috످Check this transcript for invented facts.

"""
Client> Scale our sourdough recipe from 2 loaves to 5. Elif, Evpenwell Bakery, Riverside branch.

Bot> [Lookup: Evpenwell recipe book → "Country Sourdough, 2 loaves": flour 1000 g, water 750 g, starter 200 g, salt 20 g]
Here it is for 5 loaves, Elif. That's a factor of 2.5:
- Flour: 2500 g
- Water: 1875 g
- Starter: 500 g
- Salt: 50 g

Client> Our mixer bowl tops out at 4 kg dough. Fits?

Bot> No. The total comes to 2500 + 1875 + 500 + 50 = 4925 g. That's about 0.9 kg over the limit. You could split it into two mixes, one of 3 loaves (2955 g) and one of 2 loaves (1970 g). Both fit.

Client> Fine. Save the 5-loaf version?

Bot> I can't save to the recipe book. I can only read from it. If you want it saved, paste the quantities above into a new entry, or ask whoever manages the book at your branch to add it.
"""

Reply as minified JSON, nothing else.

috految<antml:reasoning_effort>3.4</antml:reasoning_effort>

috److{"invented_facts_found":false,"summary":"The base recipe matches the lookup, the scaled quantities and split batches are correct, and the 4 kg limit came from the client. The log does not confirm or contradict the bot's claim of read-only access."}

috످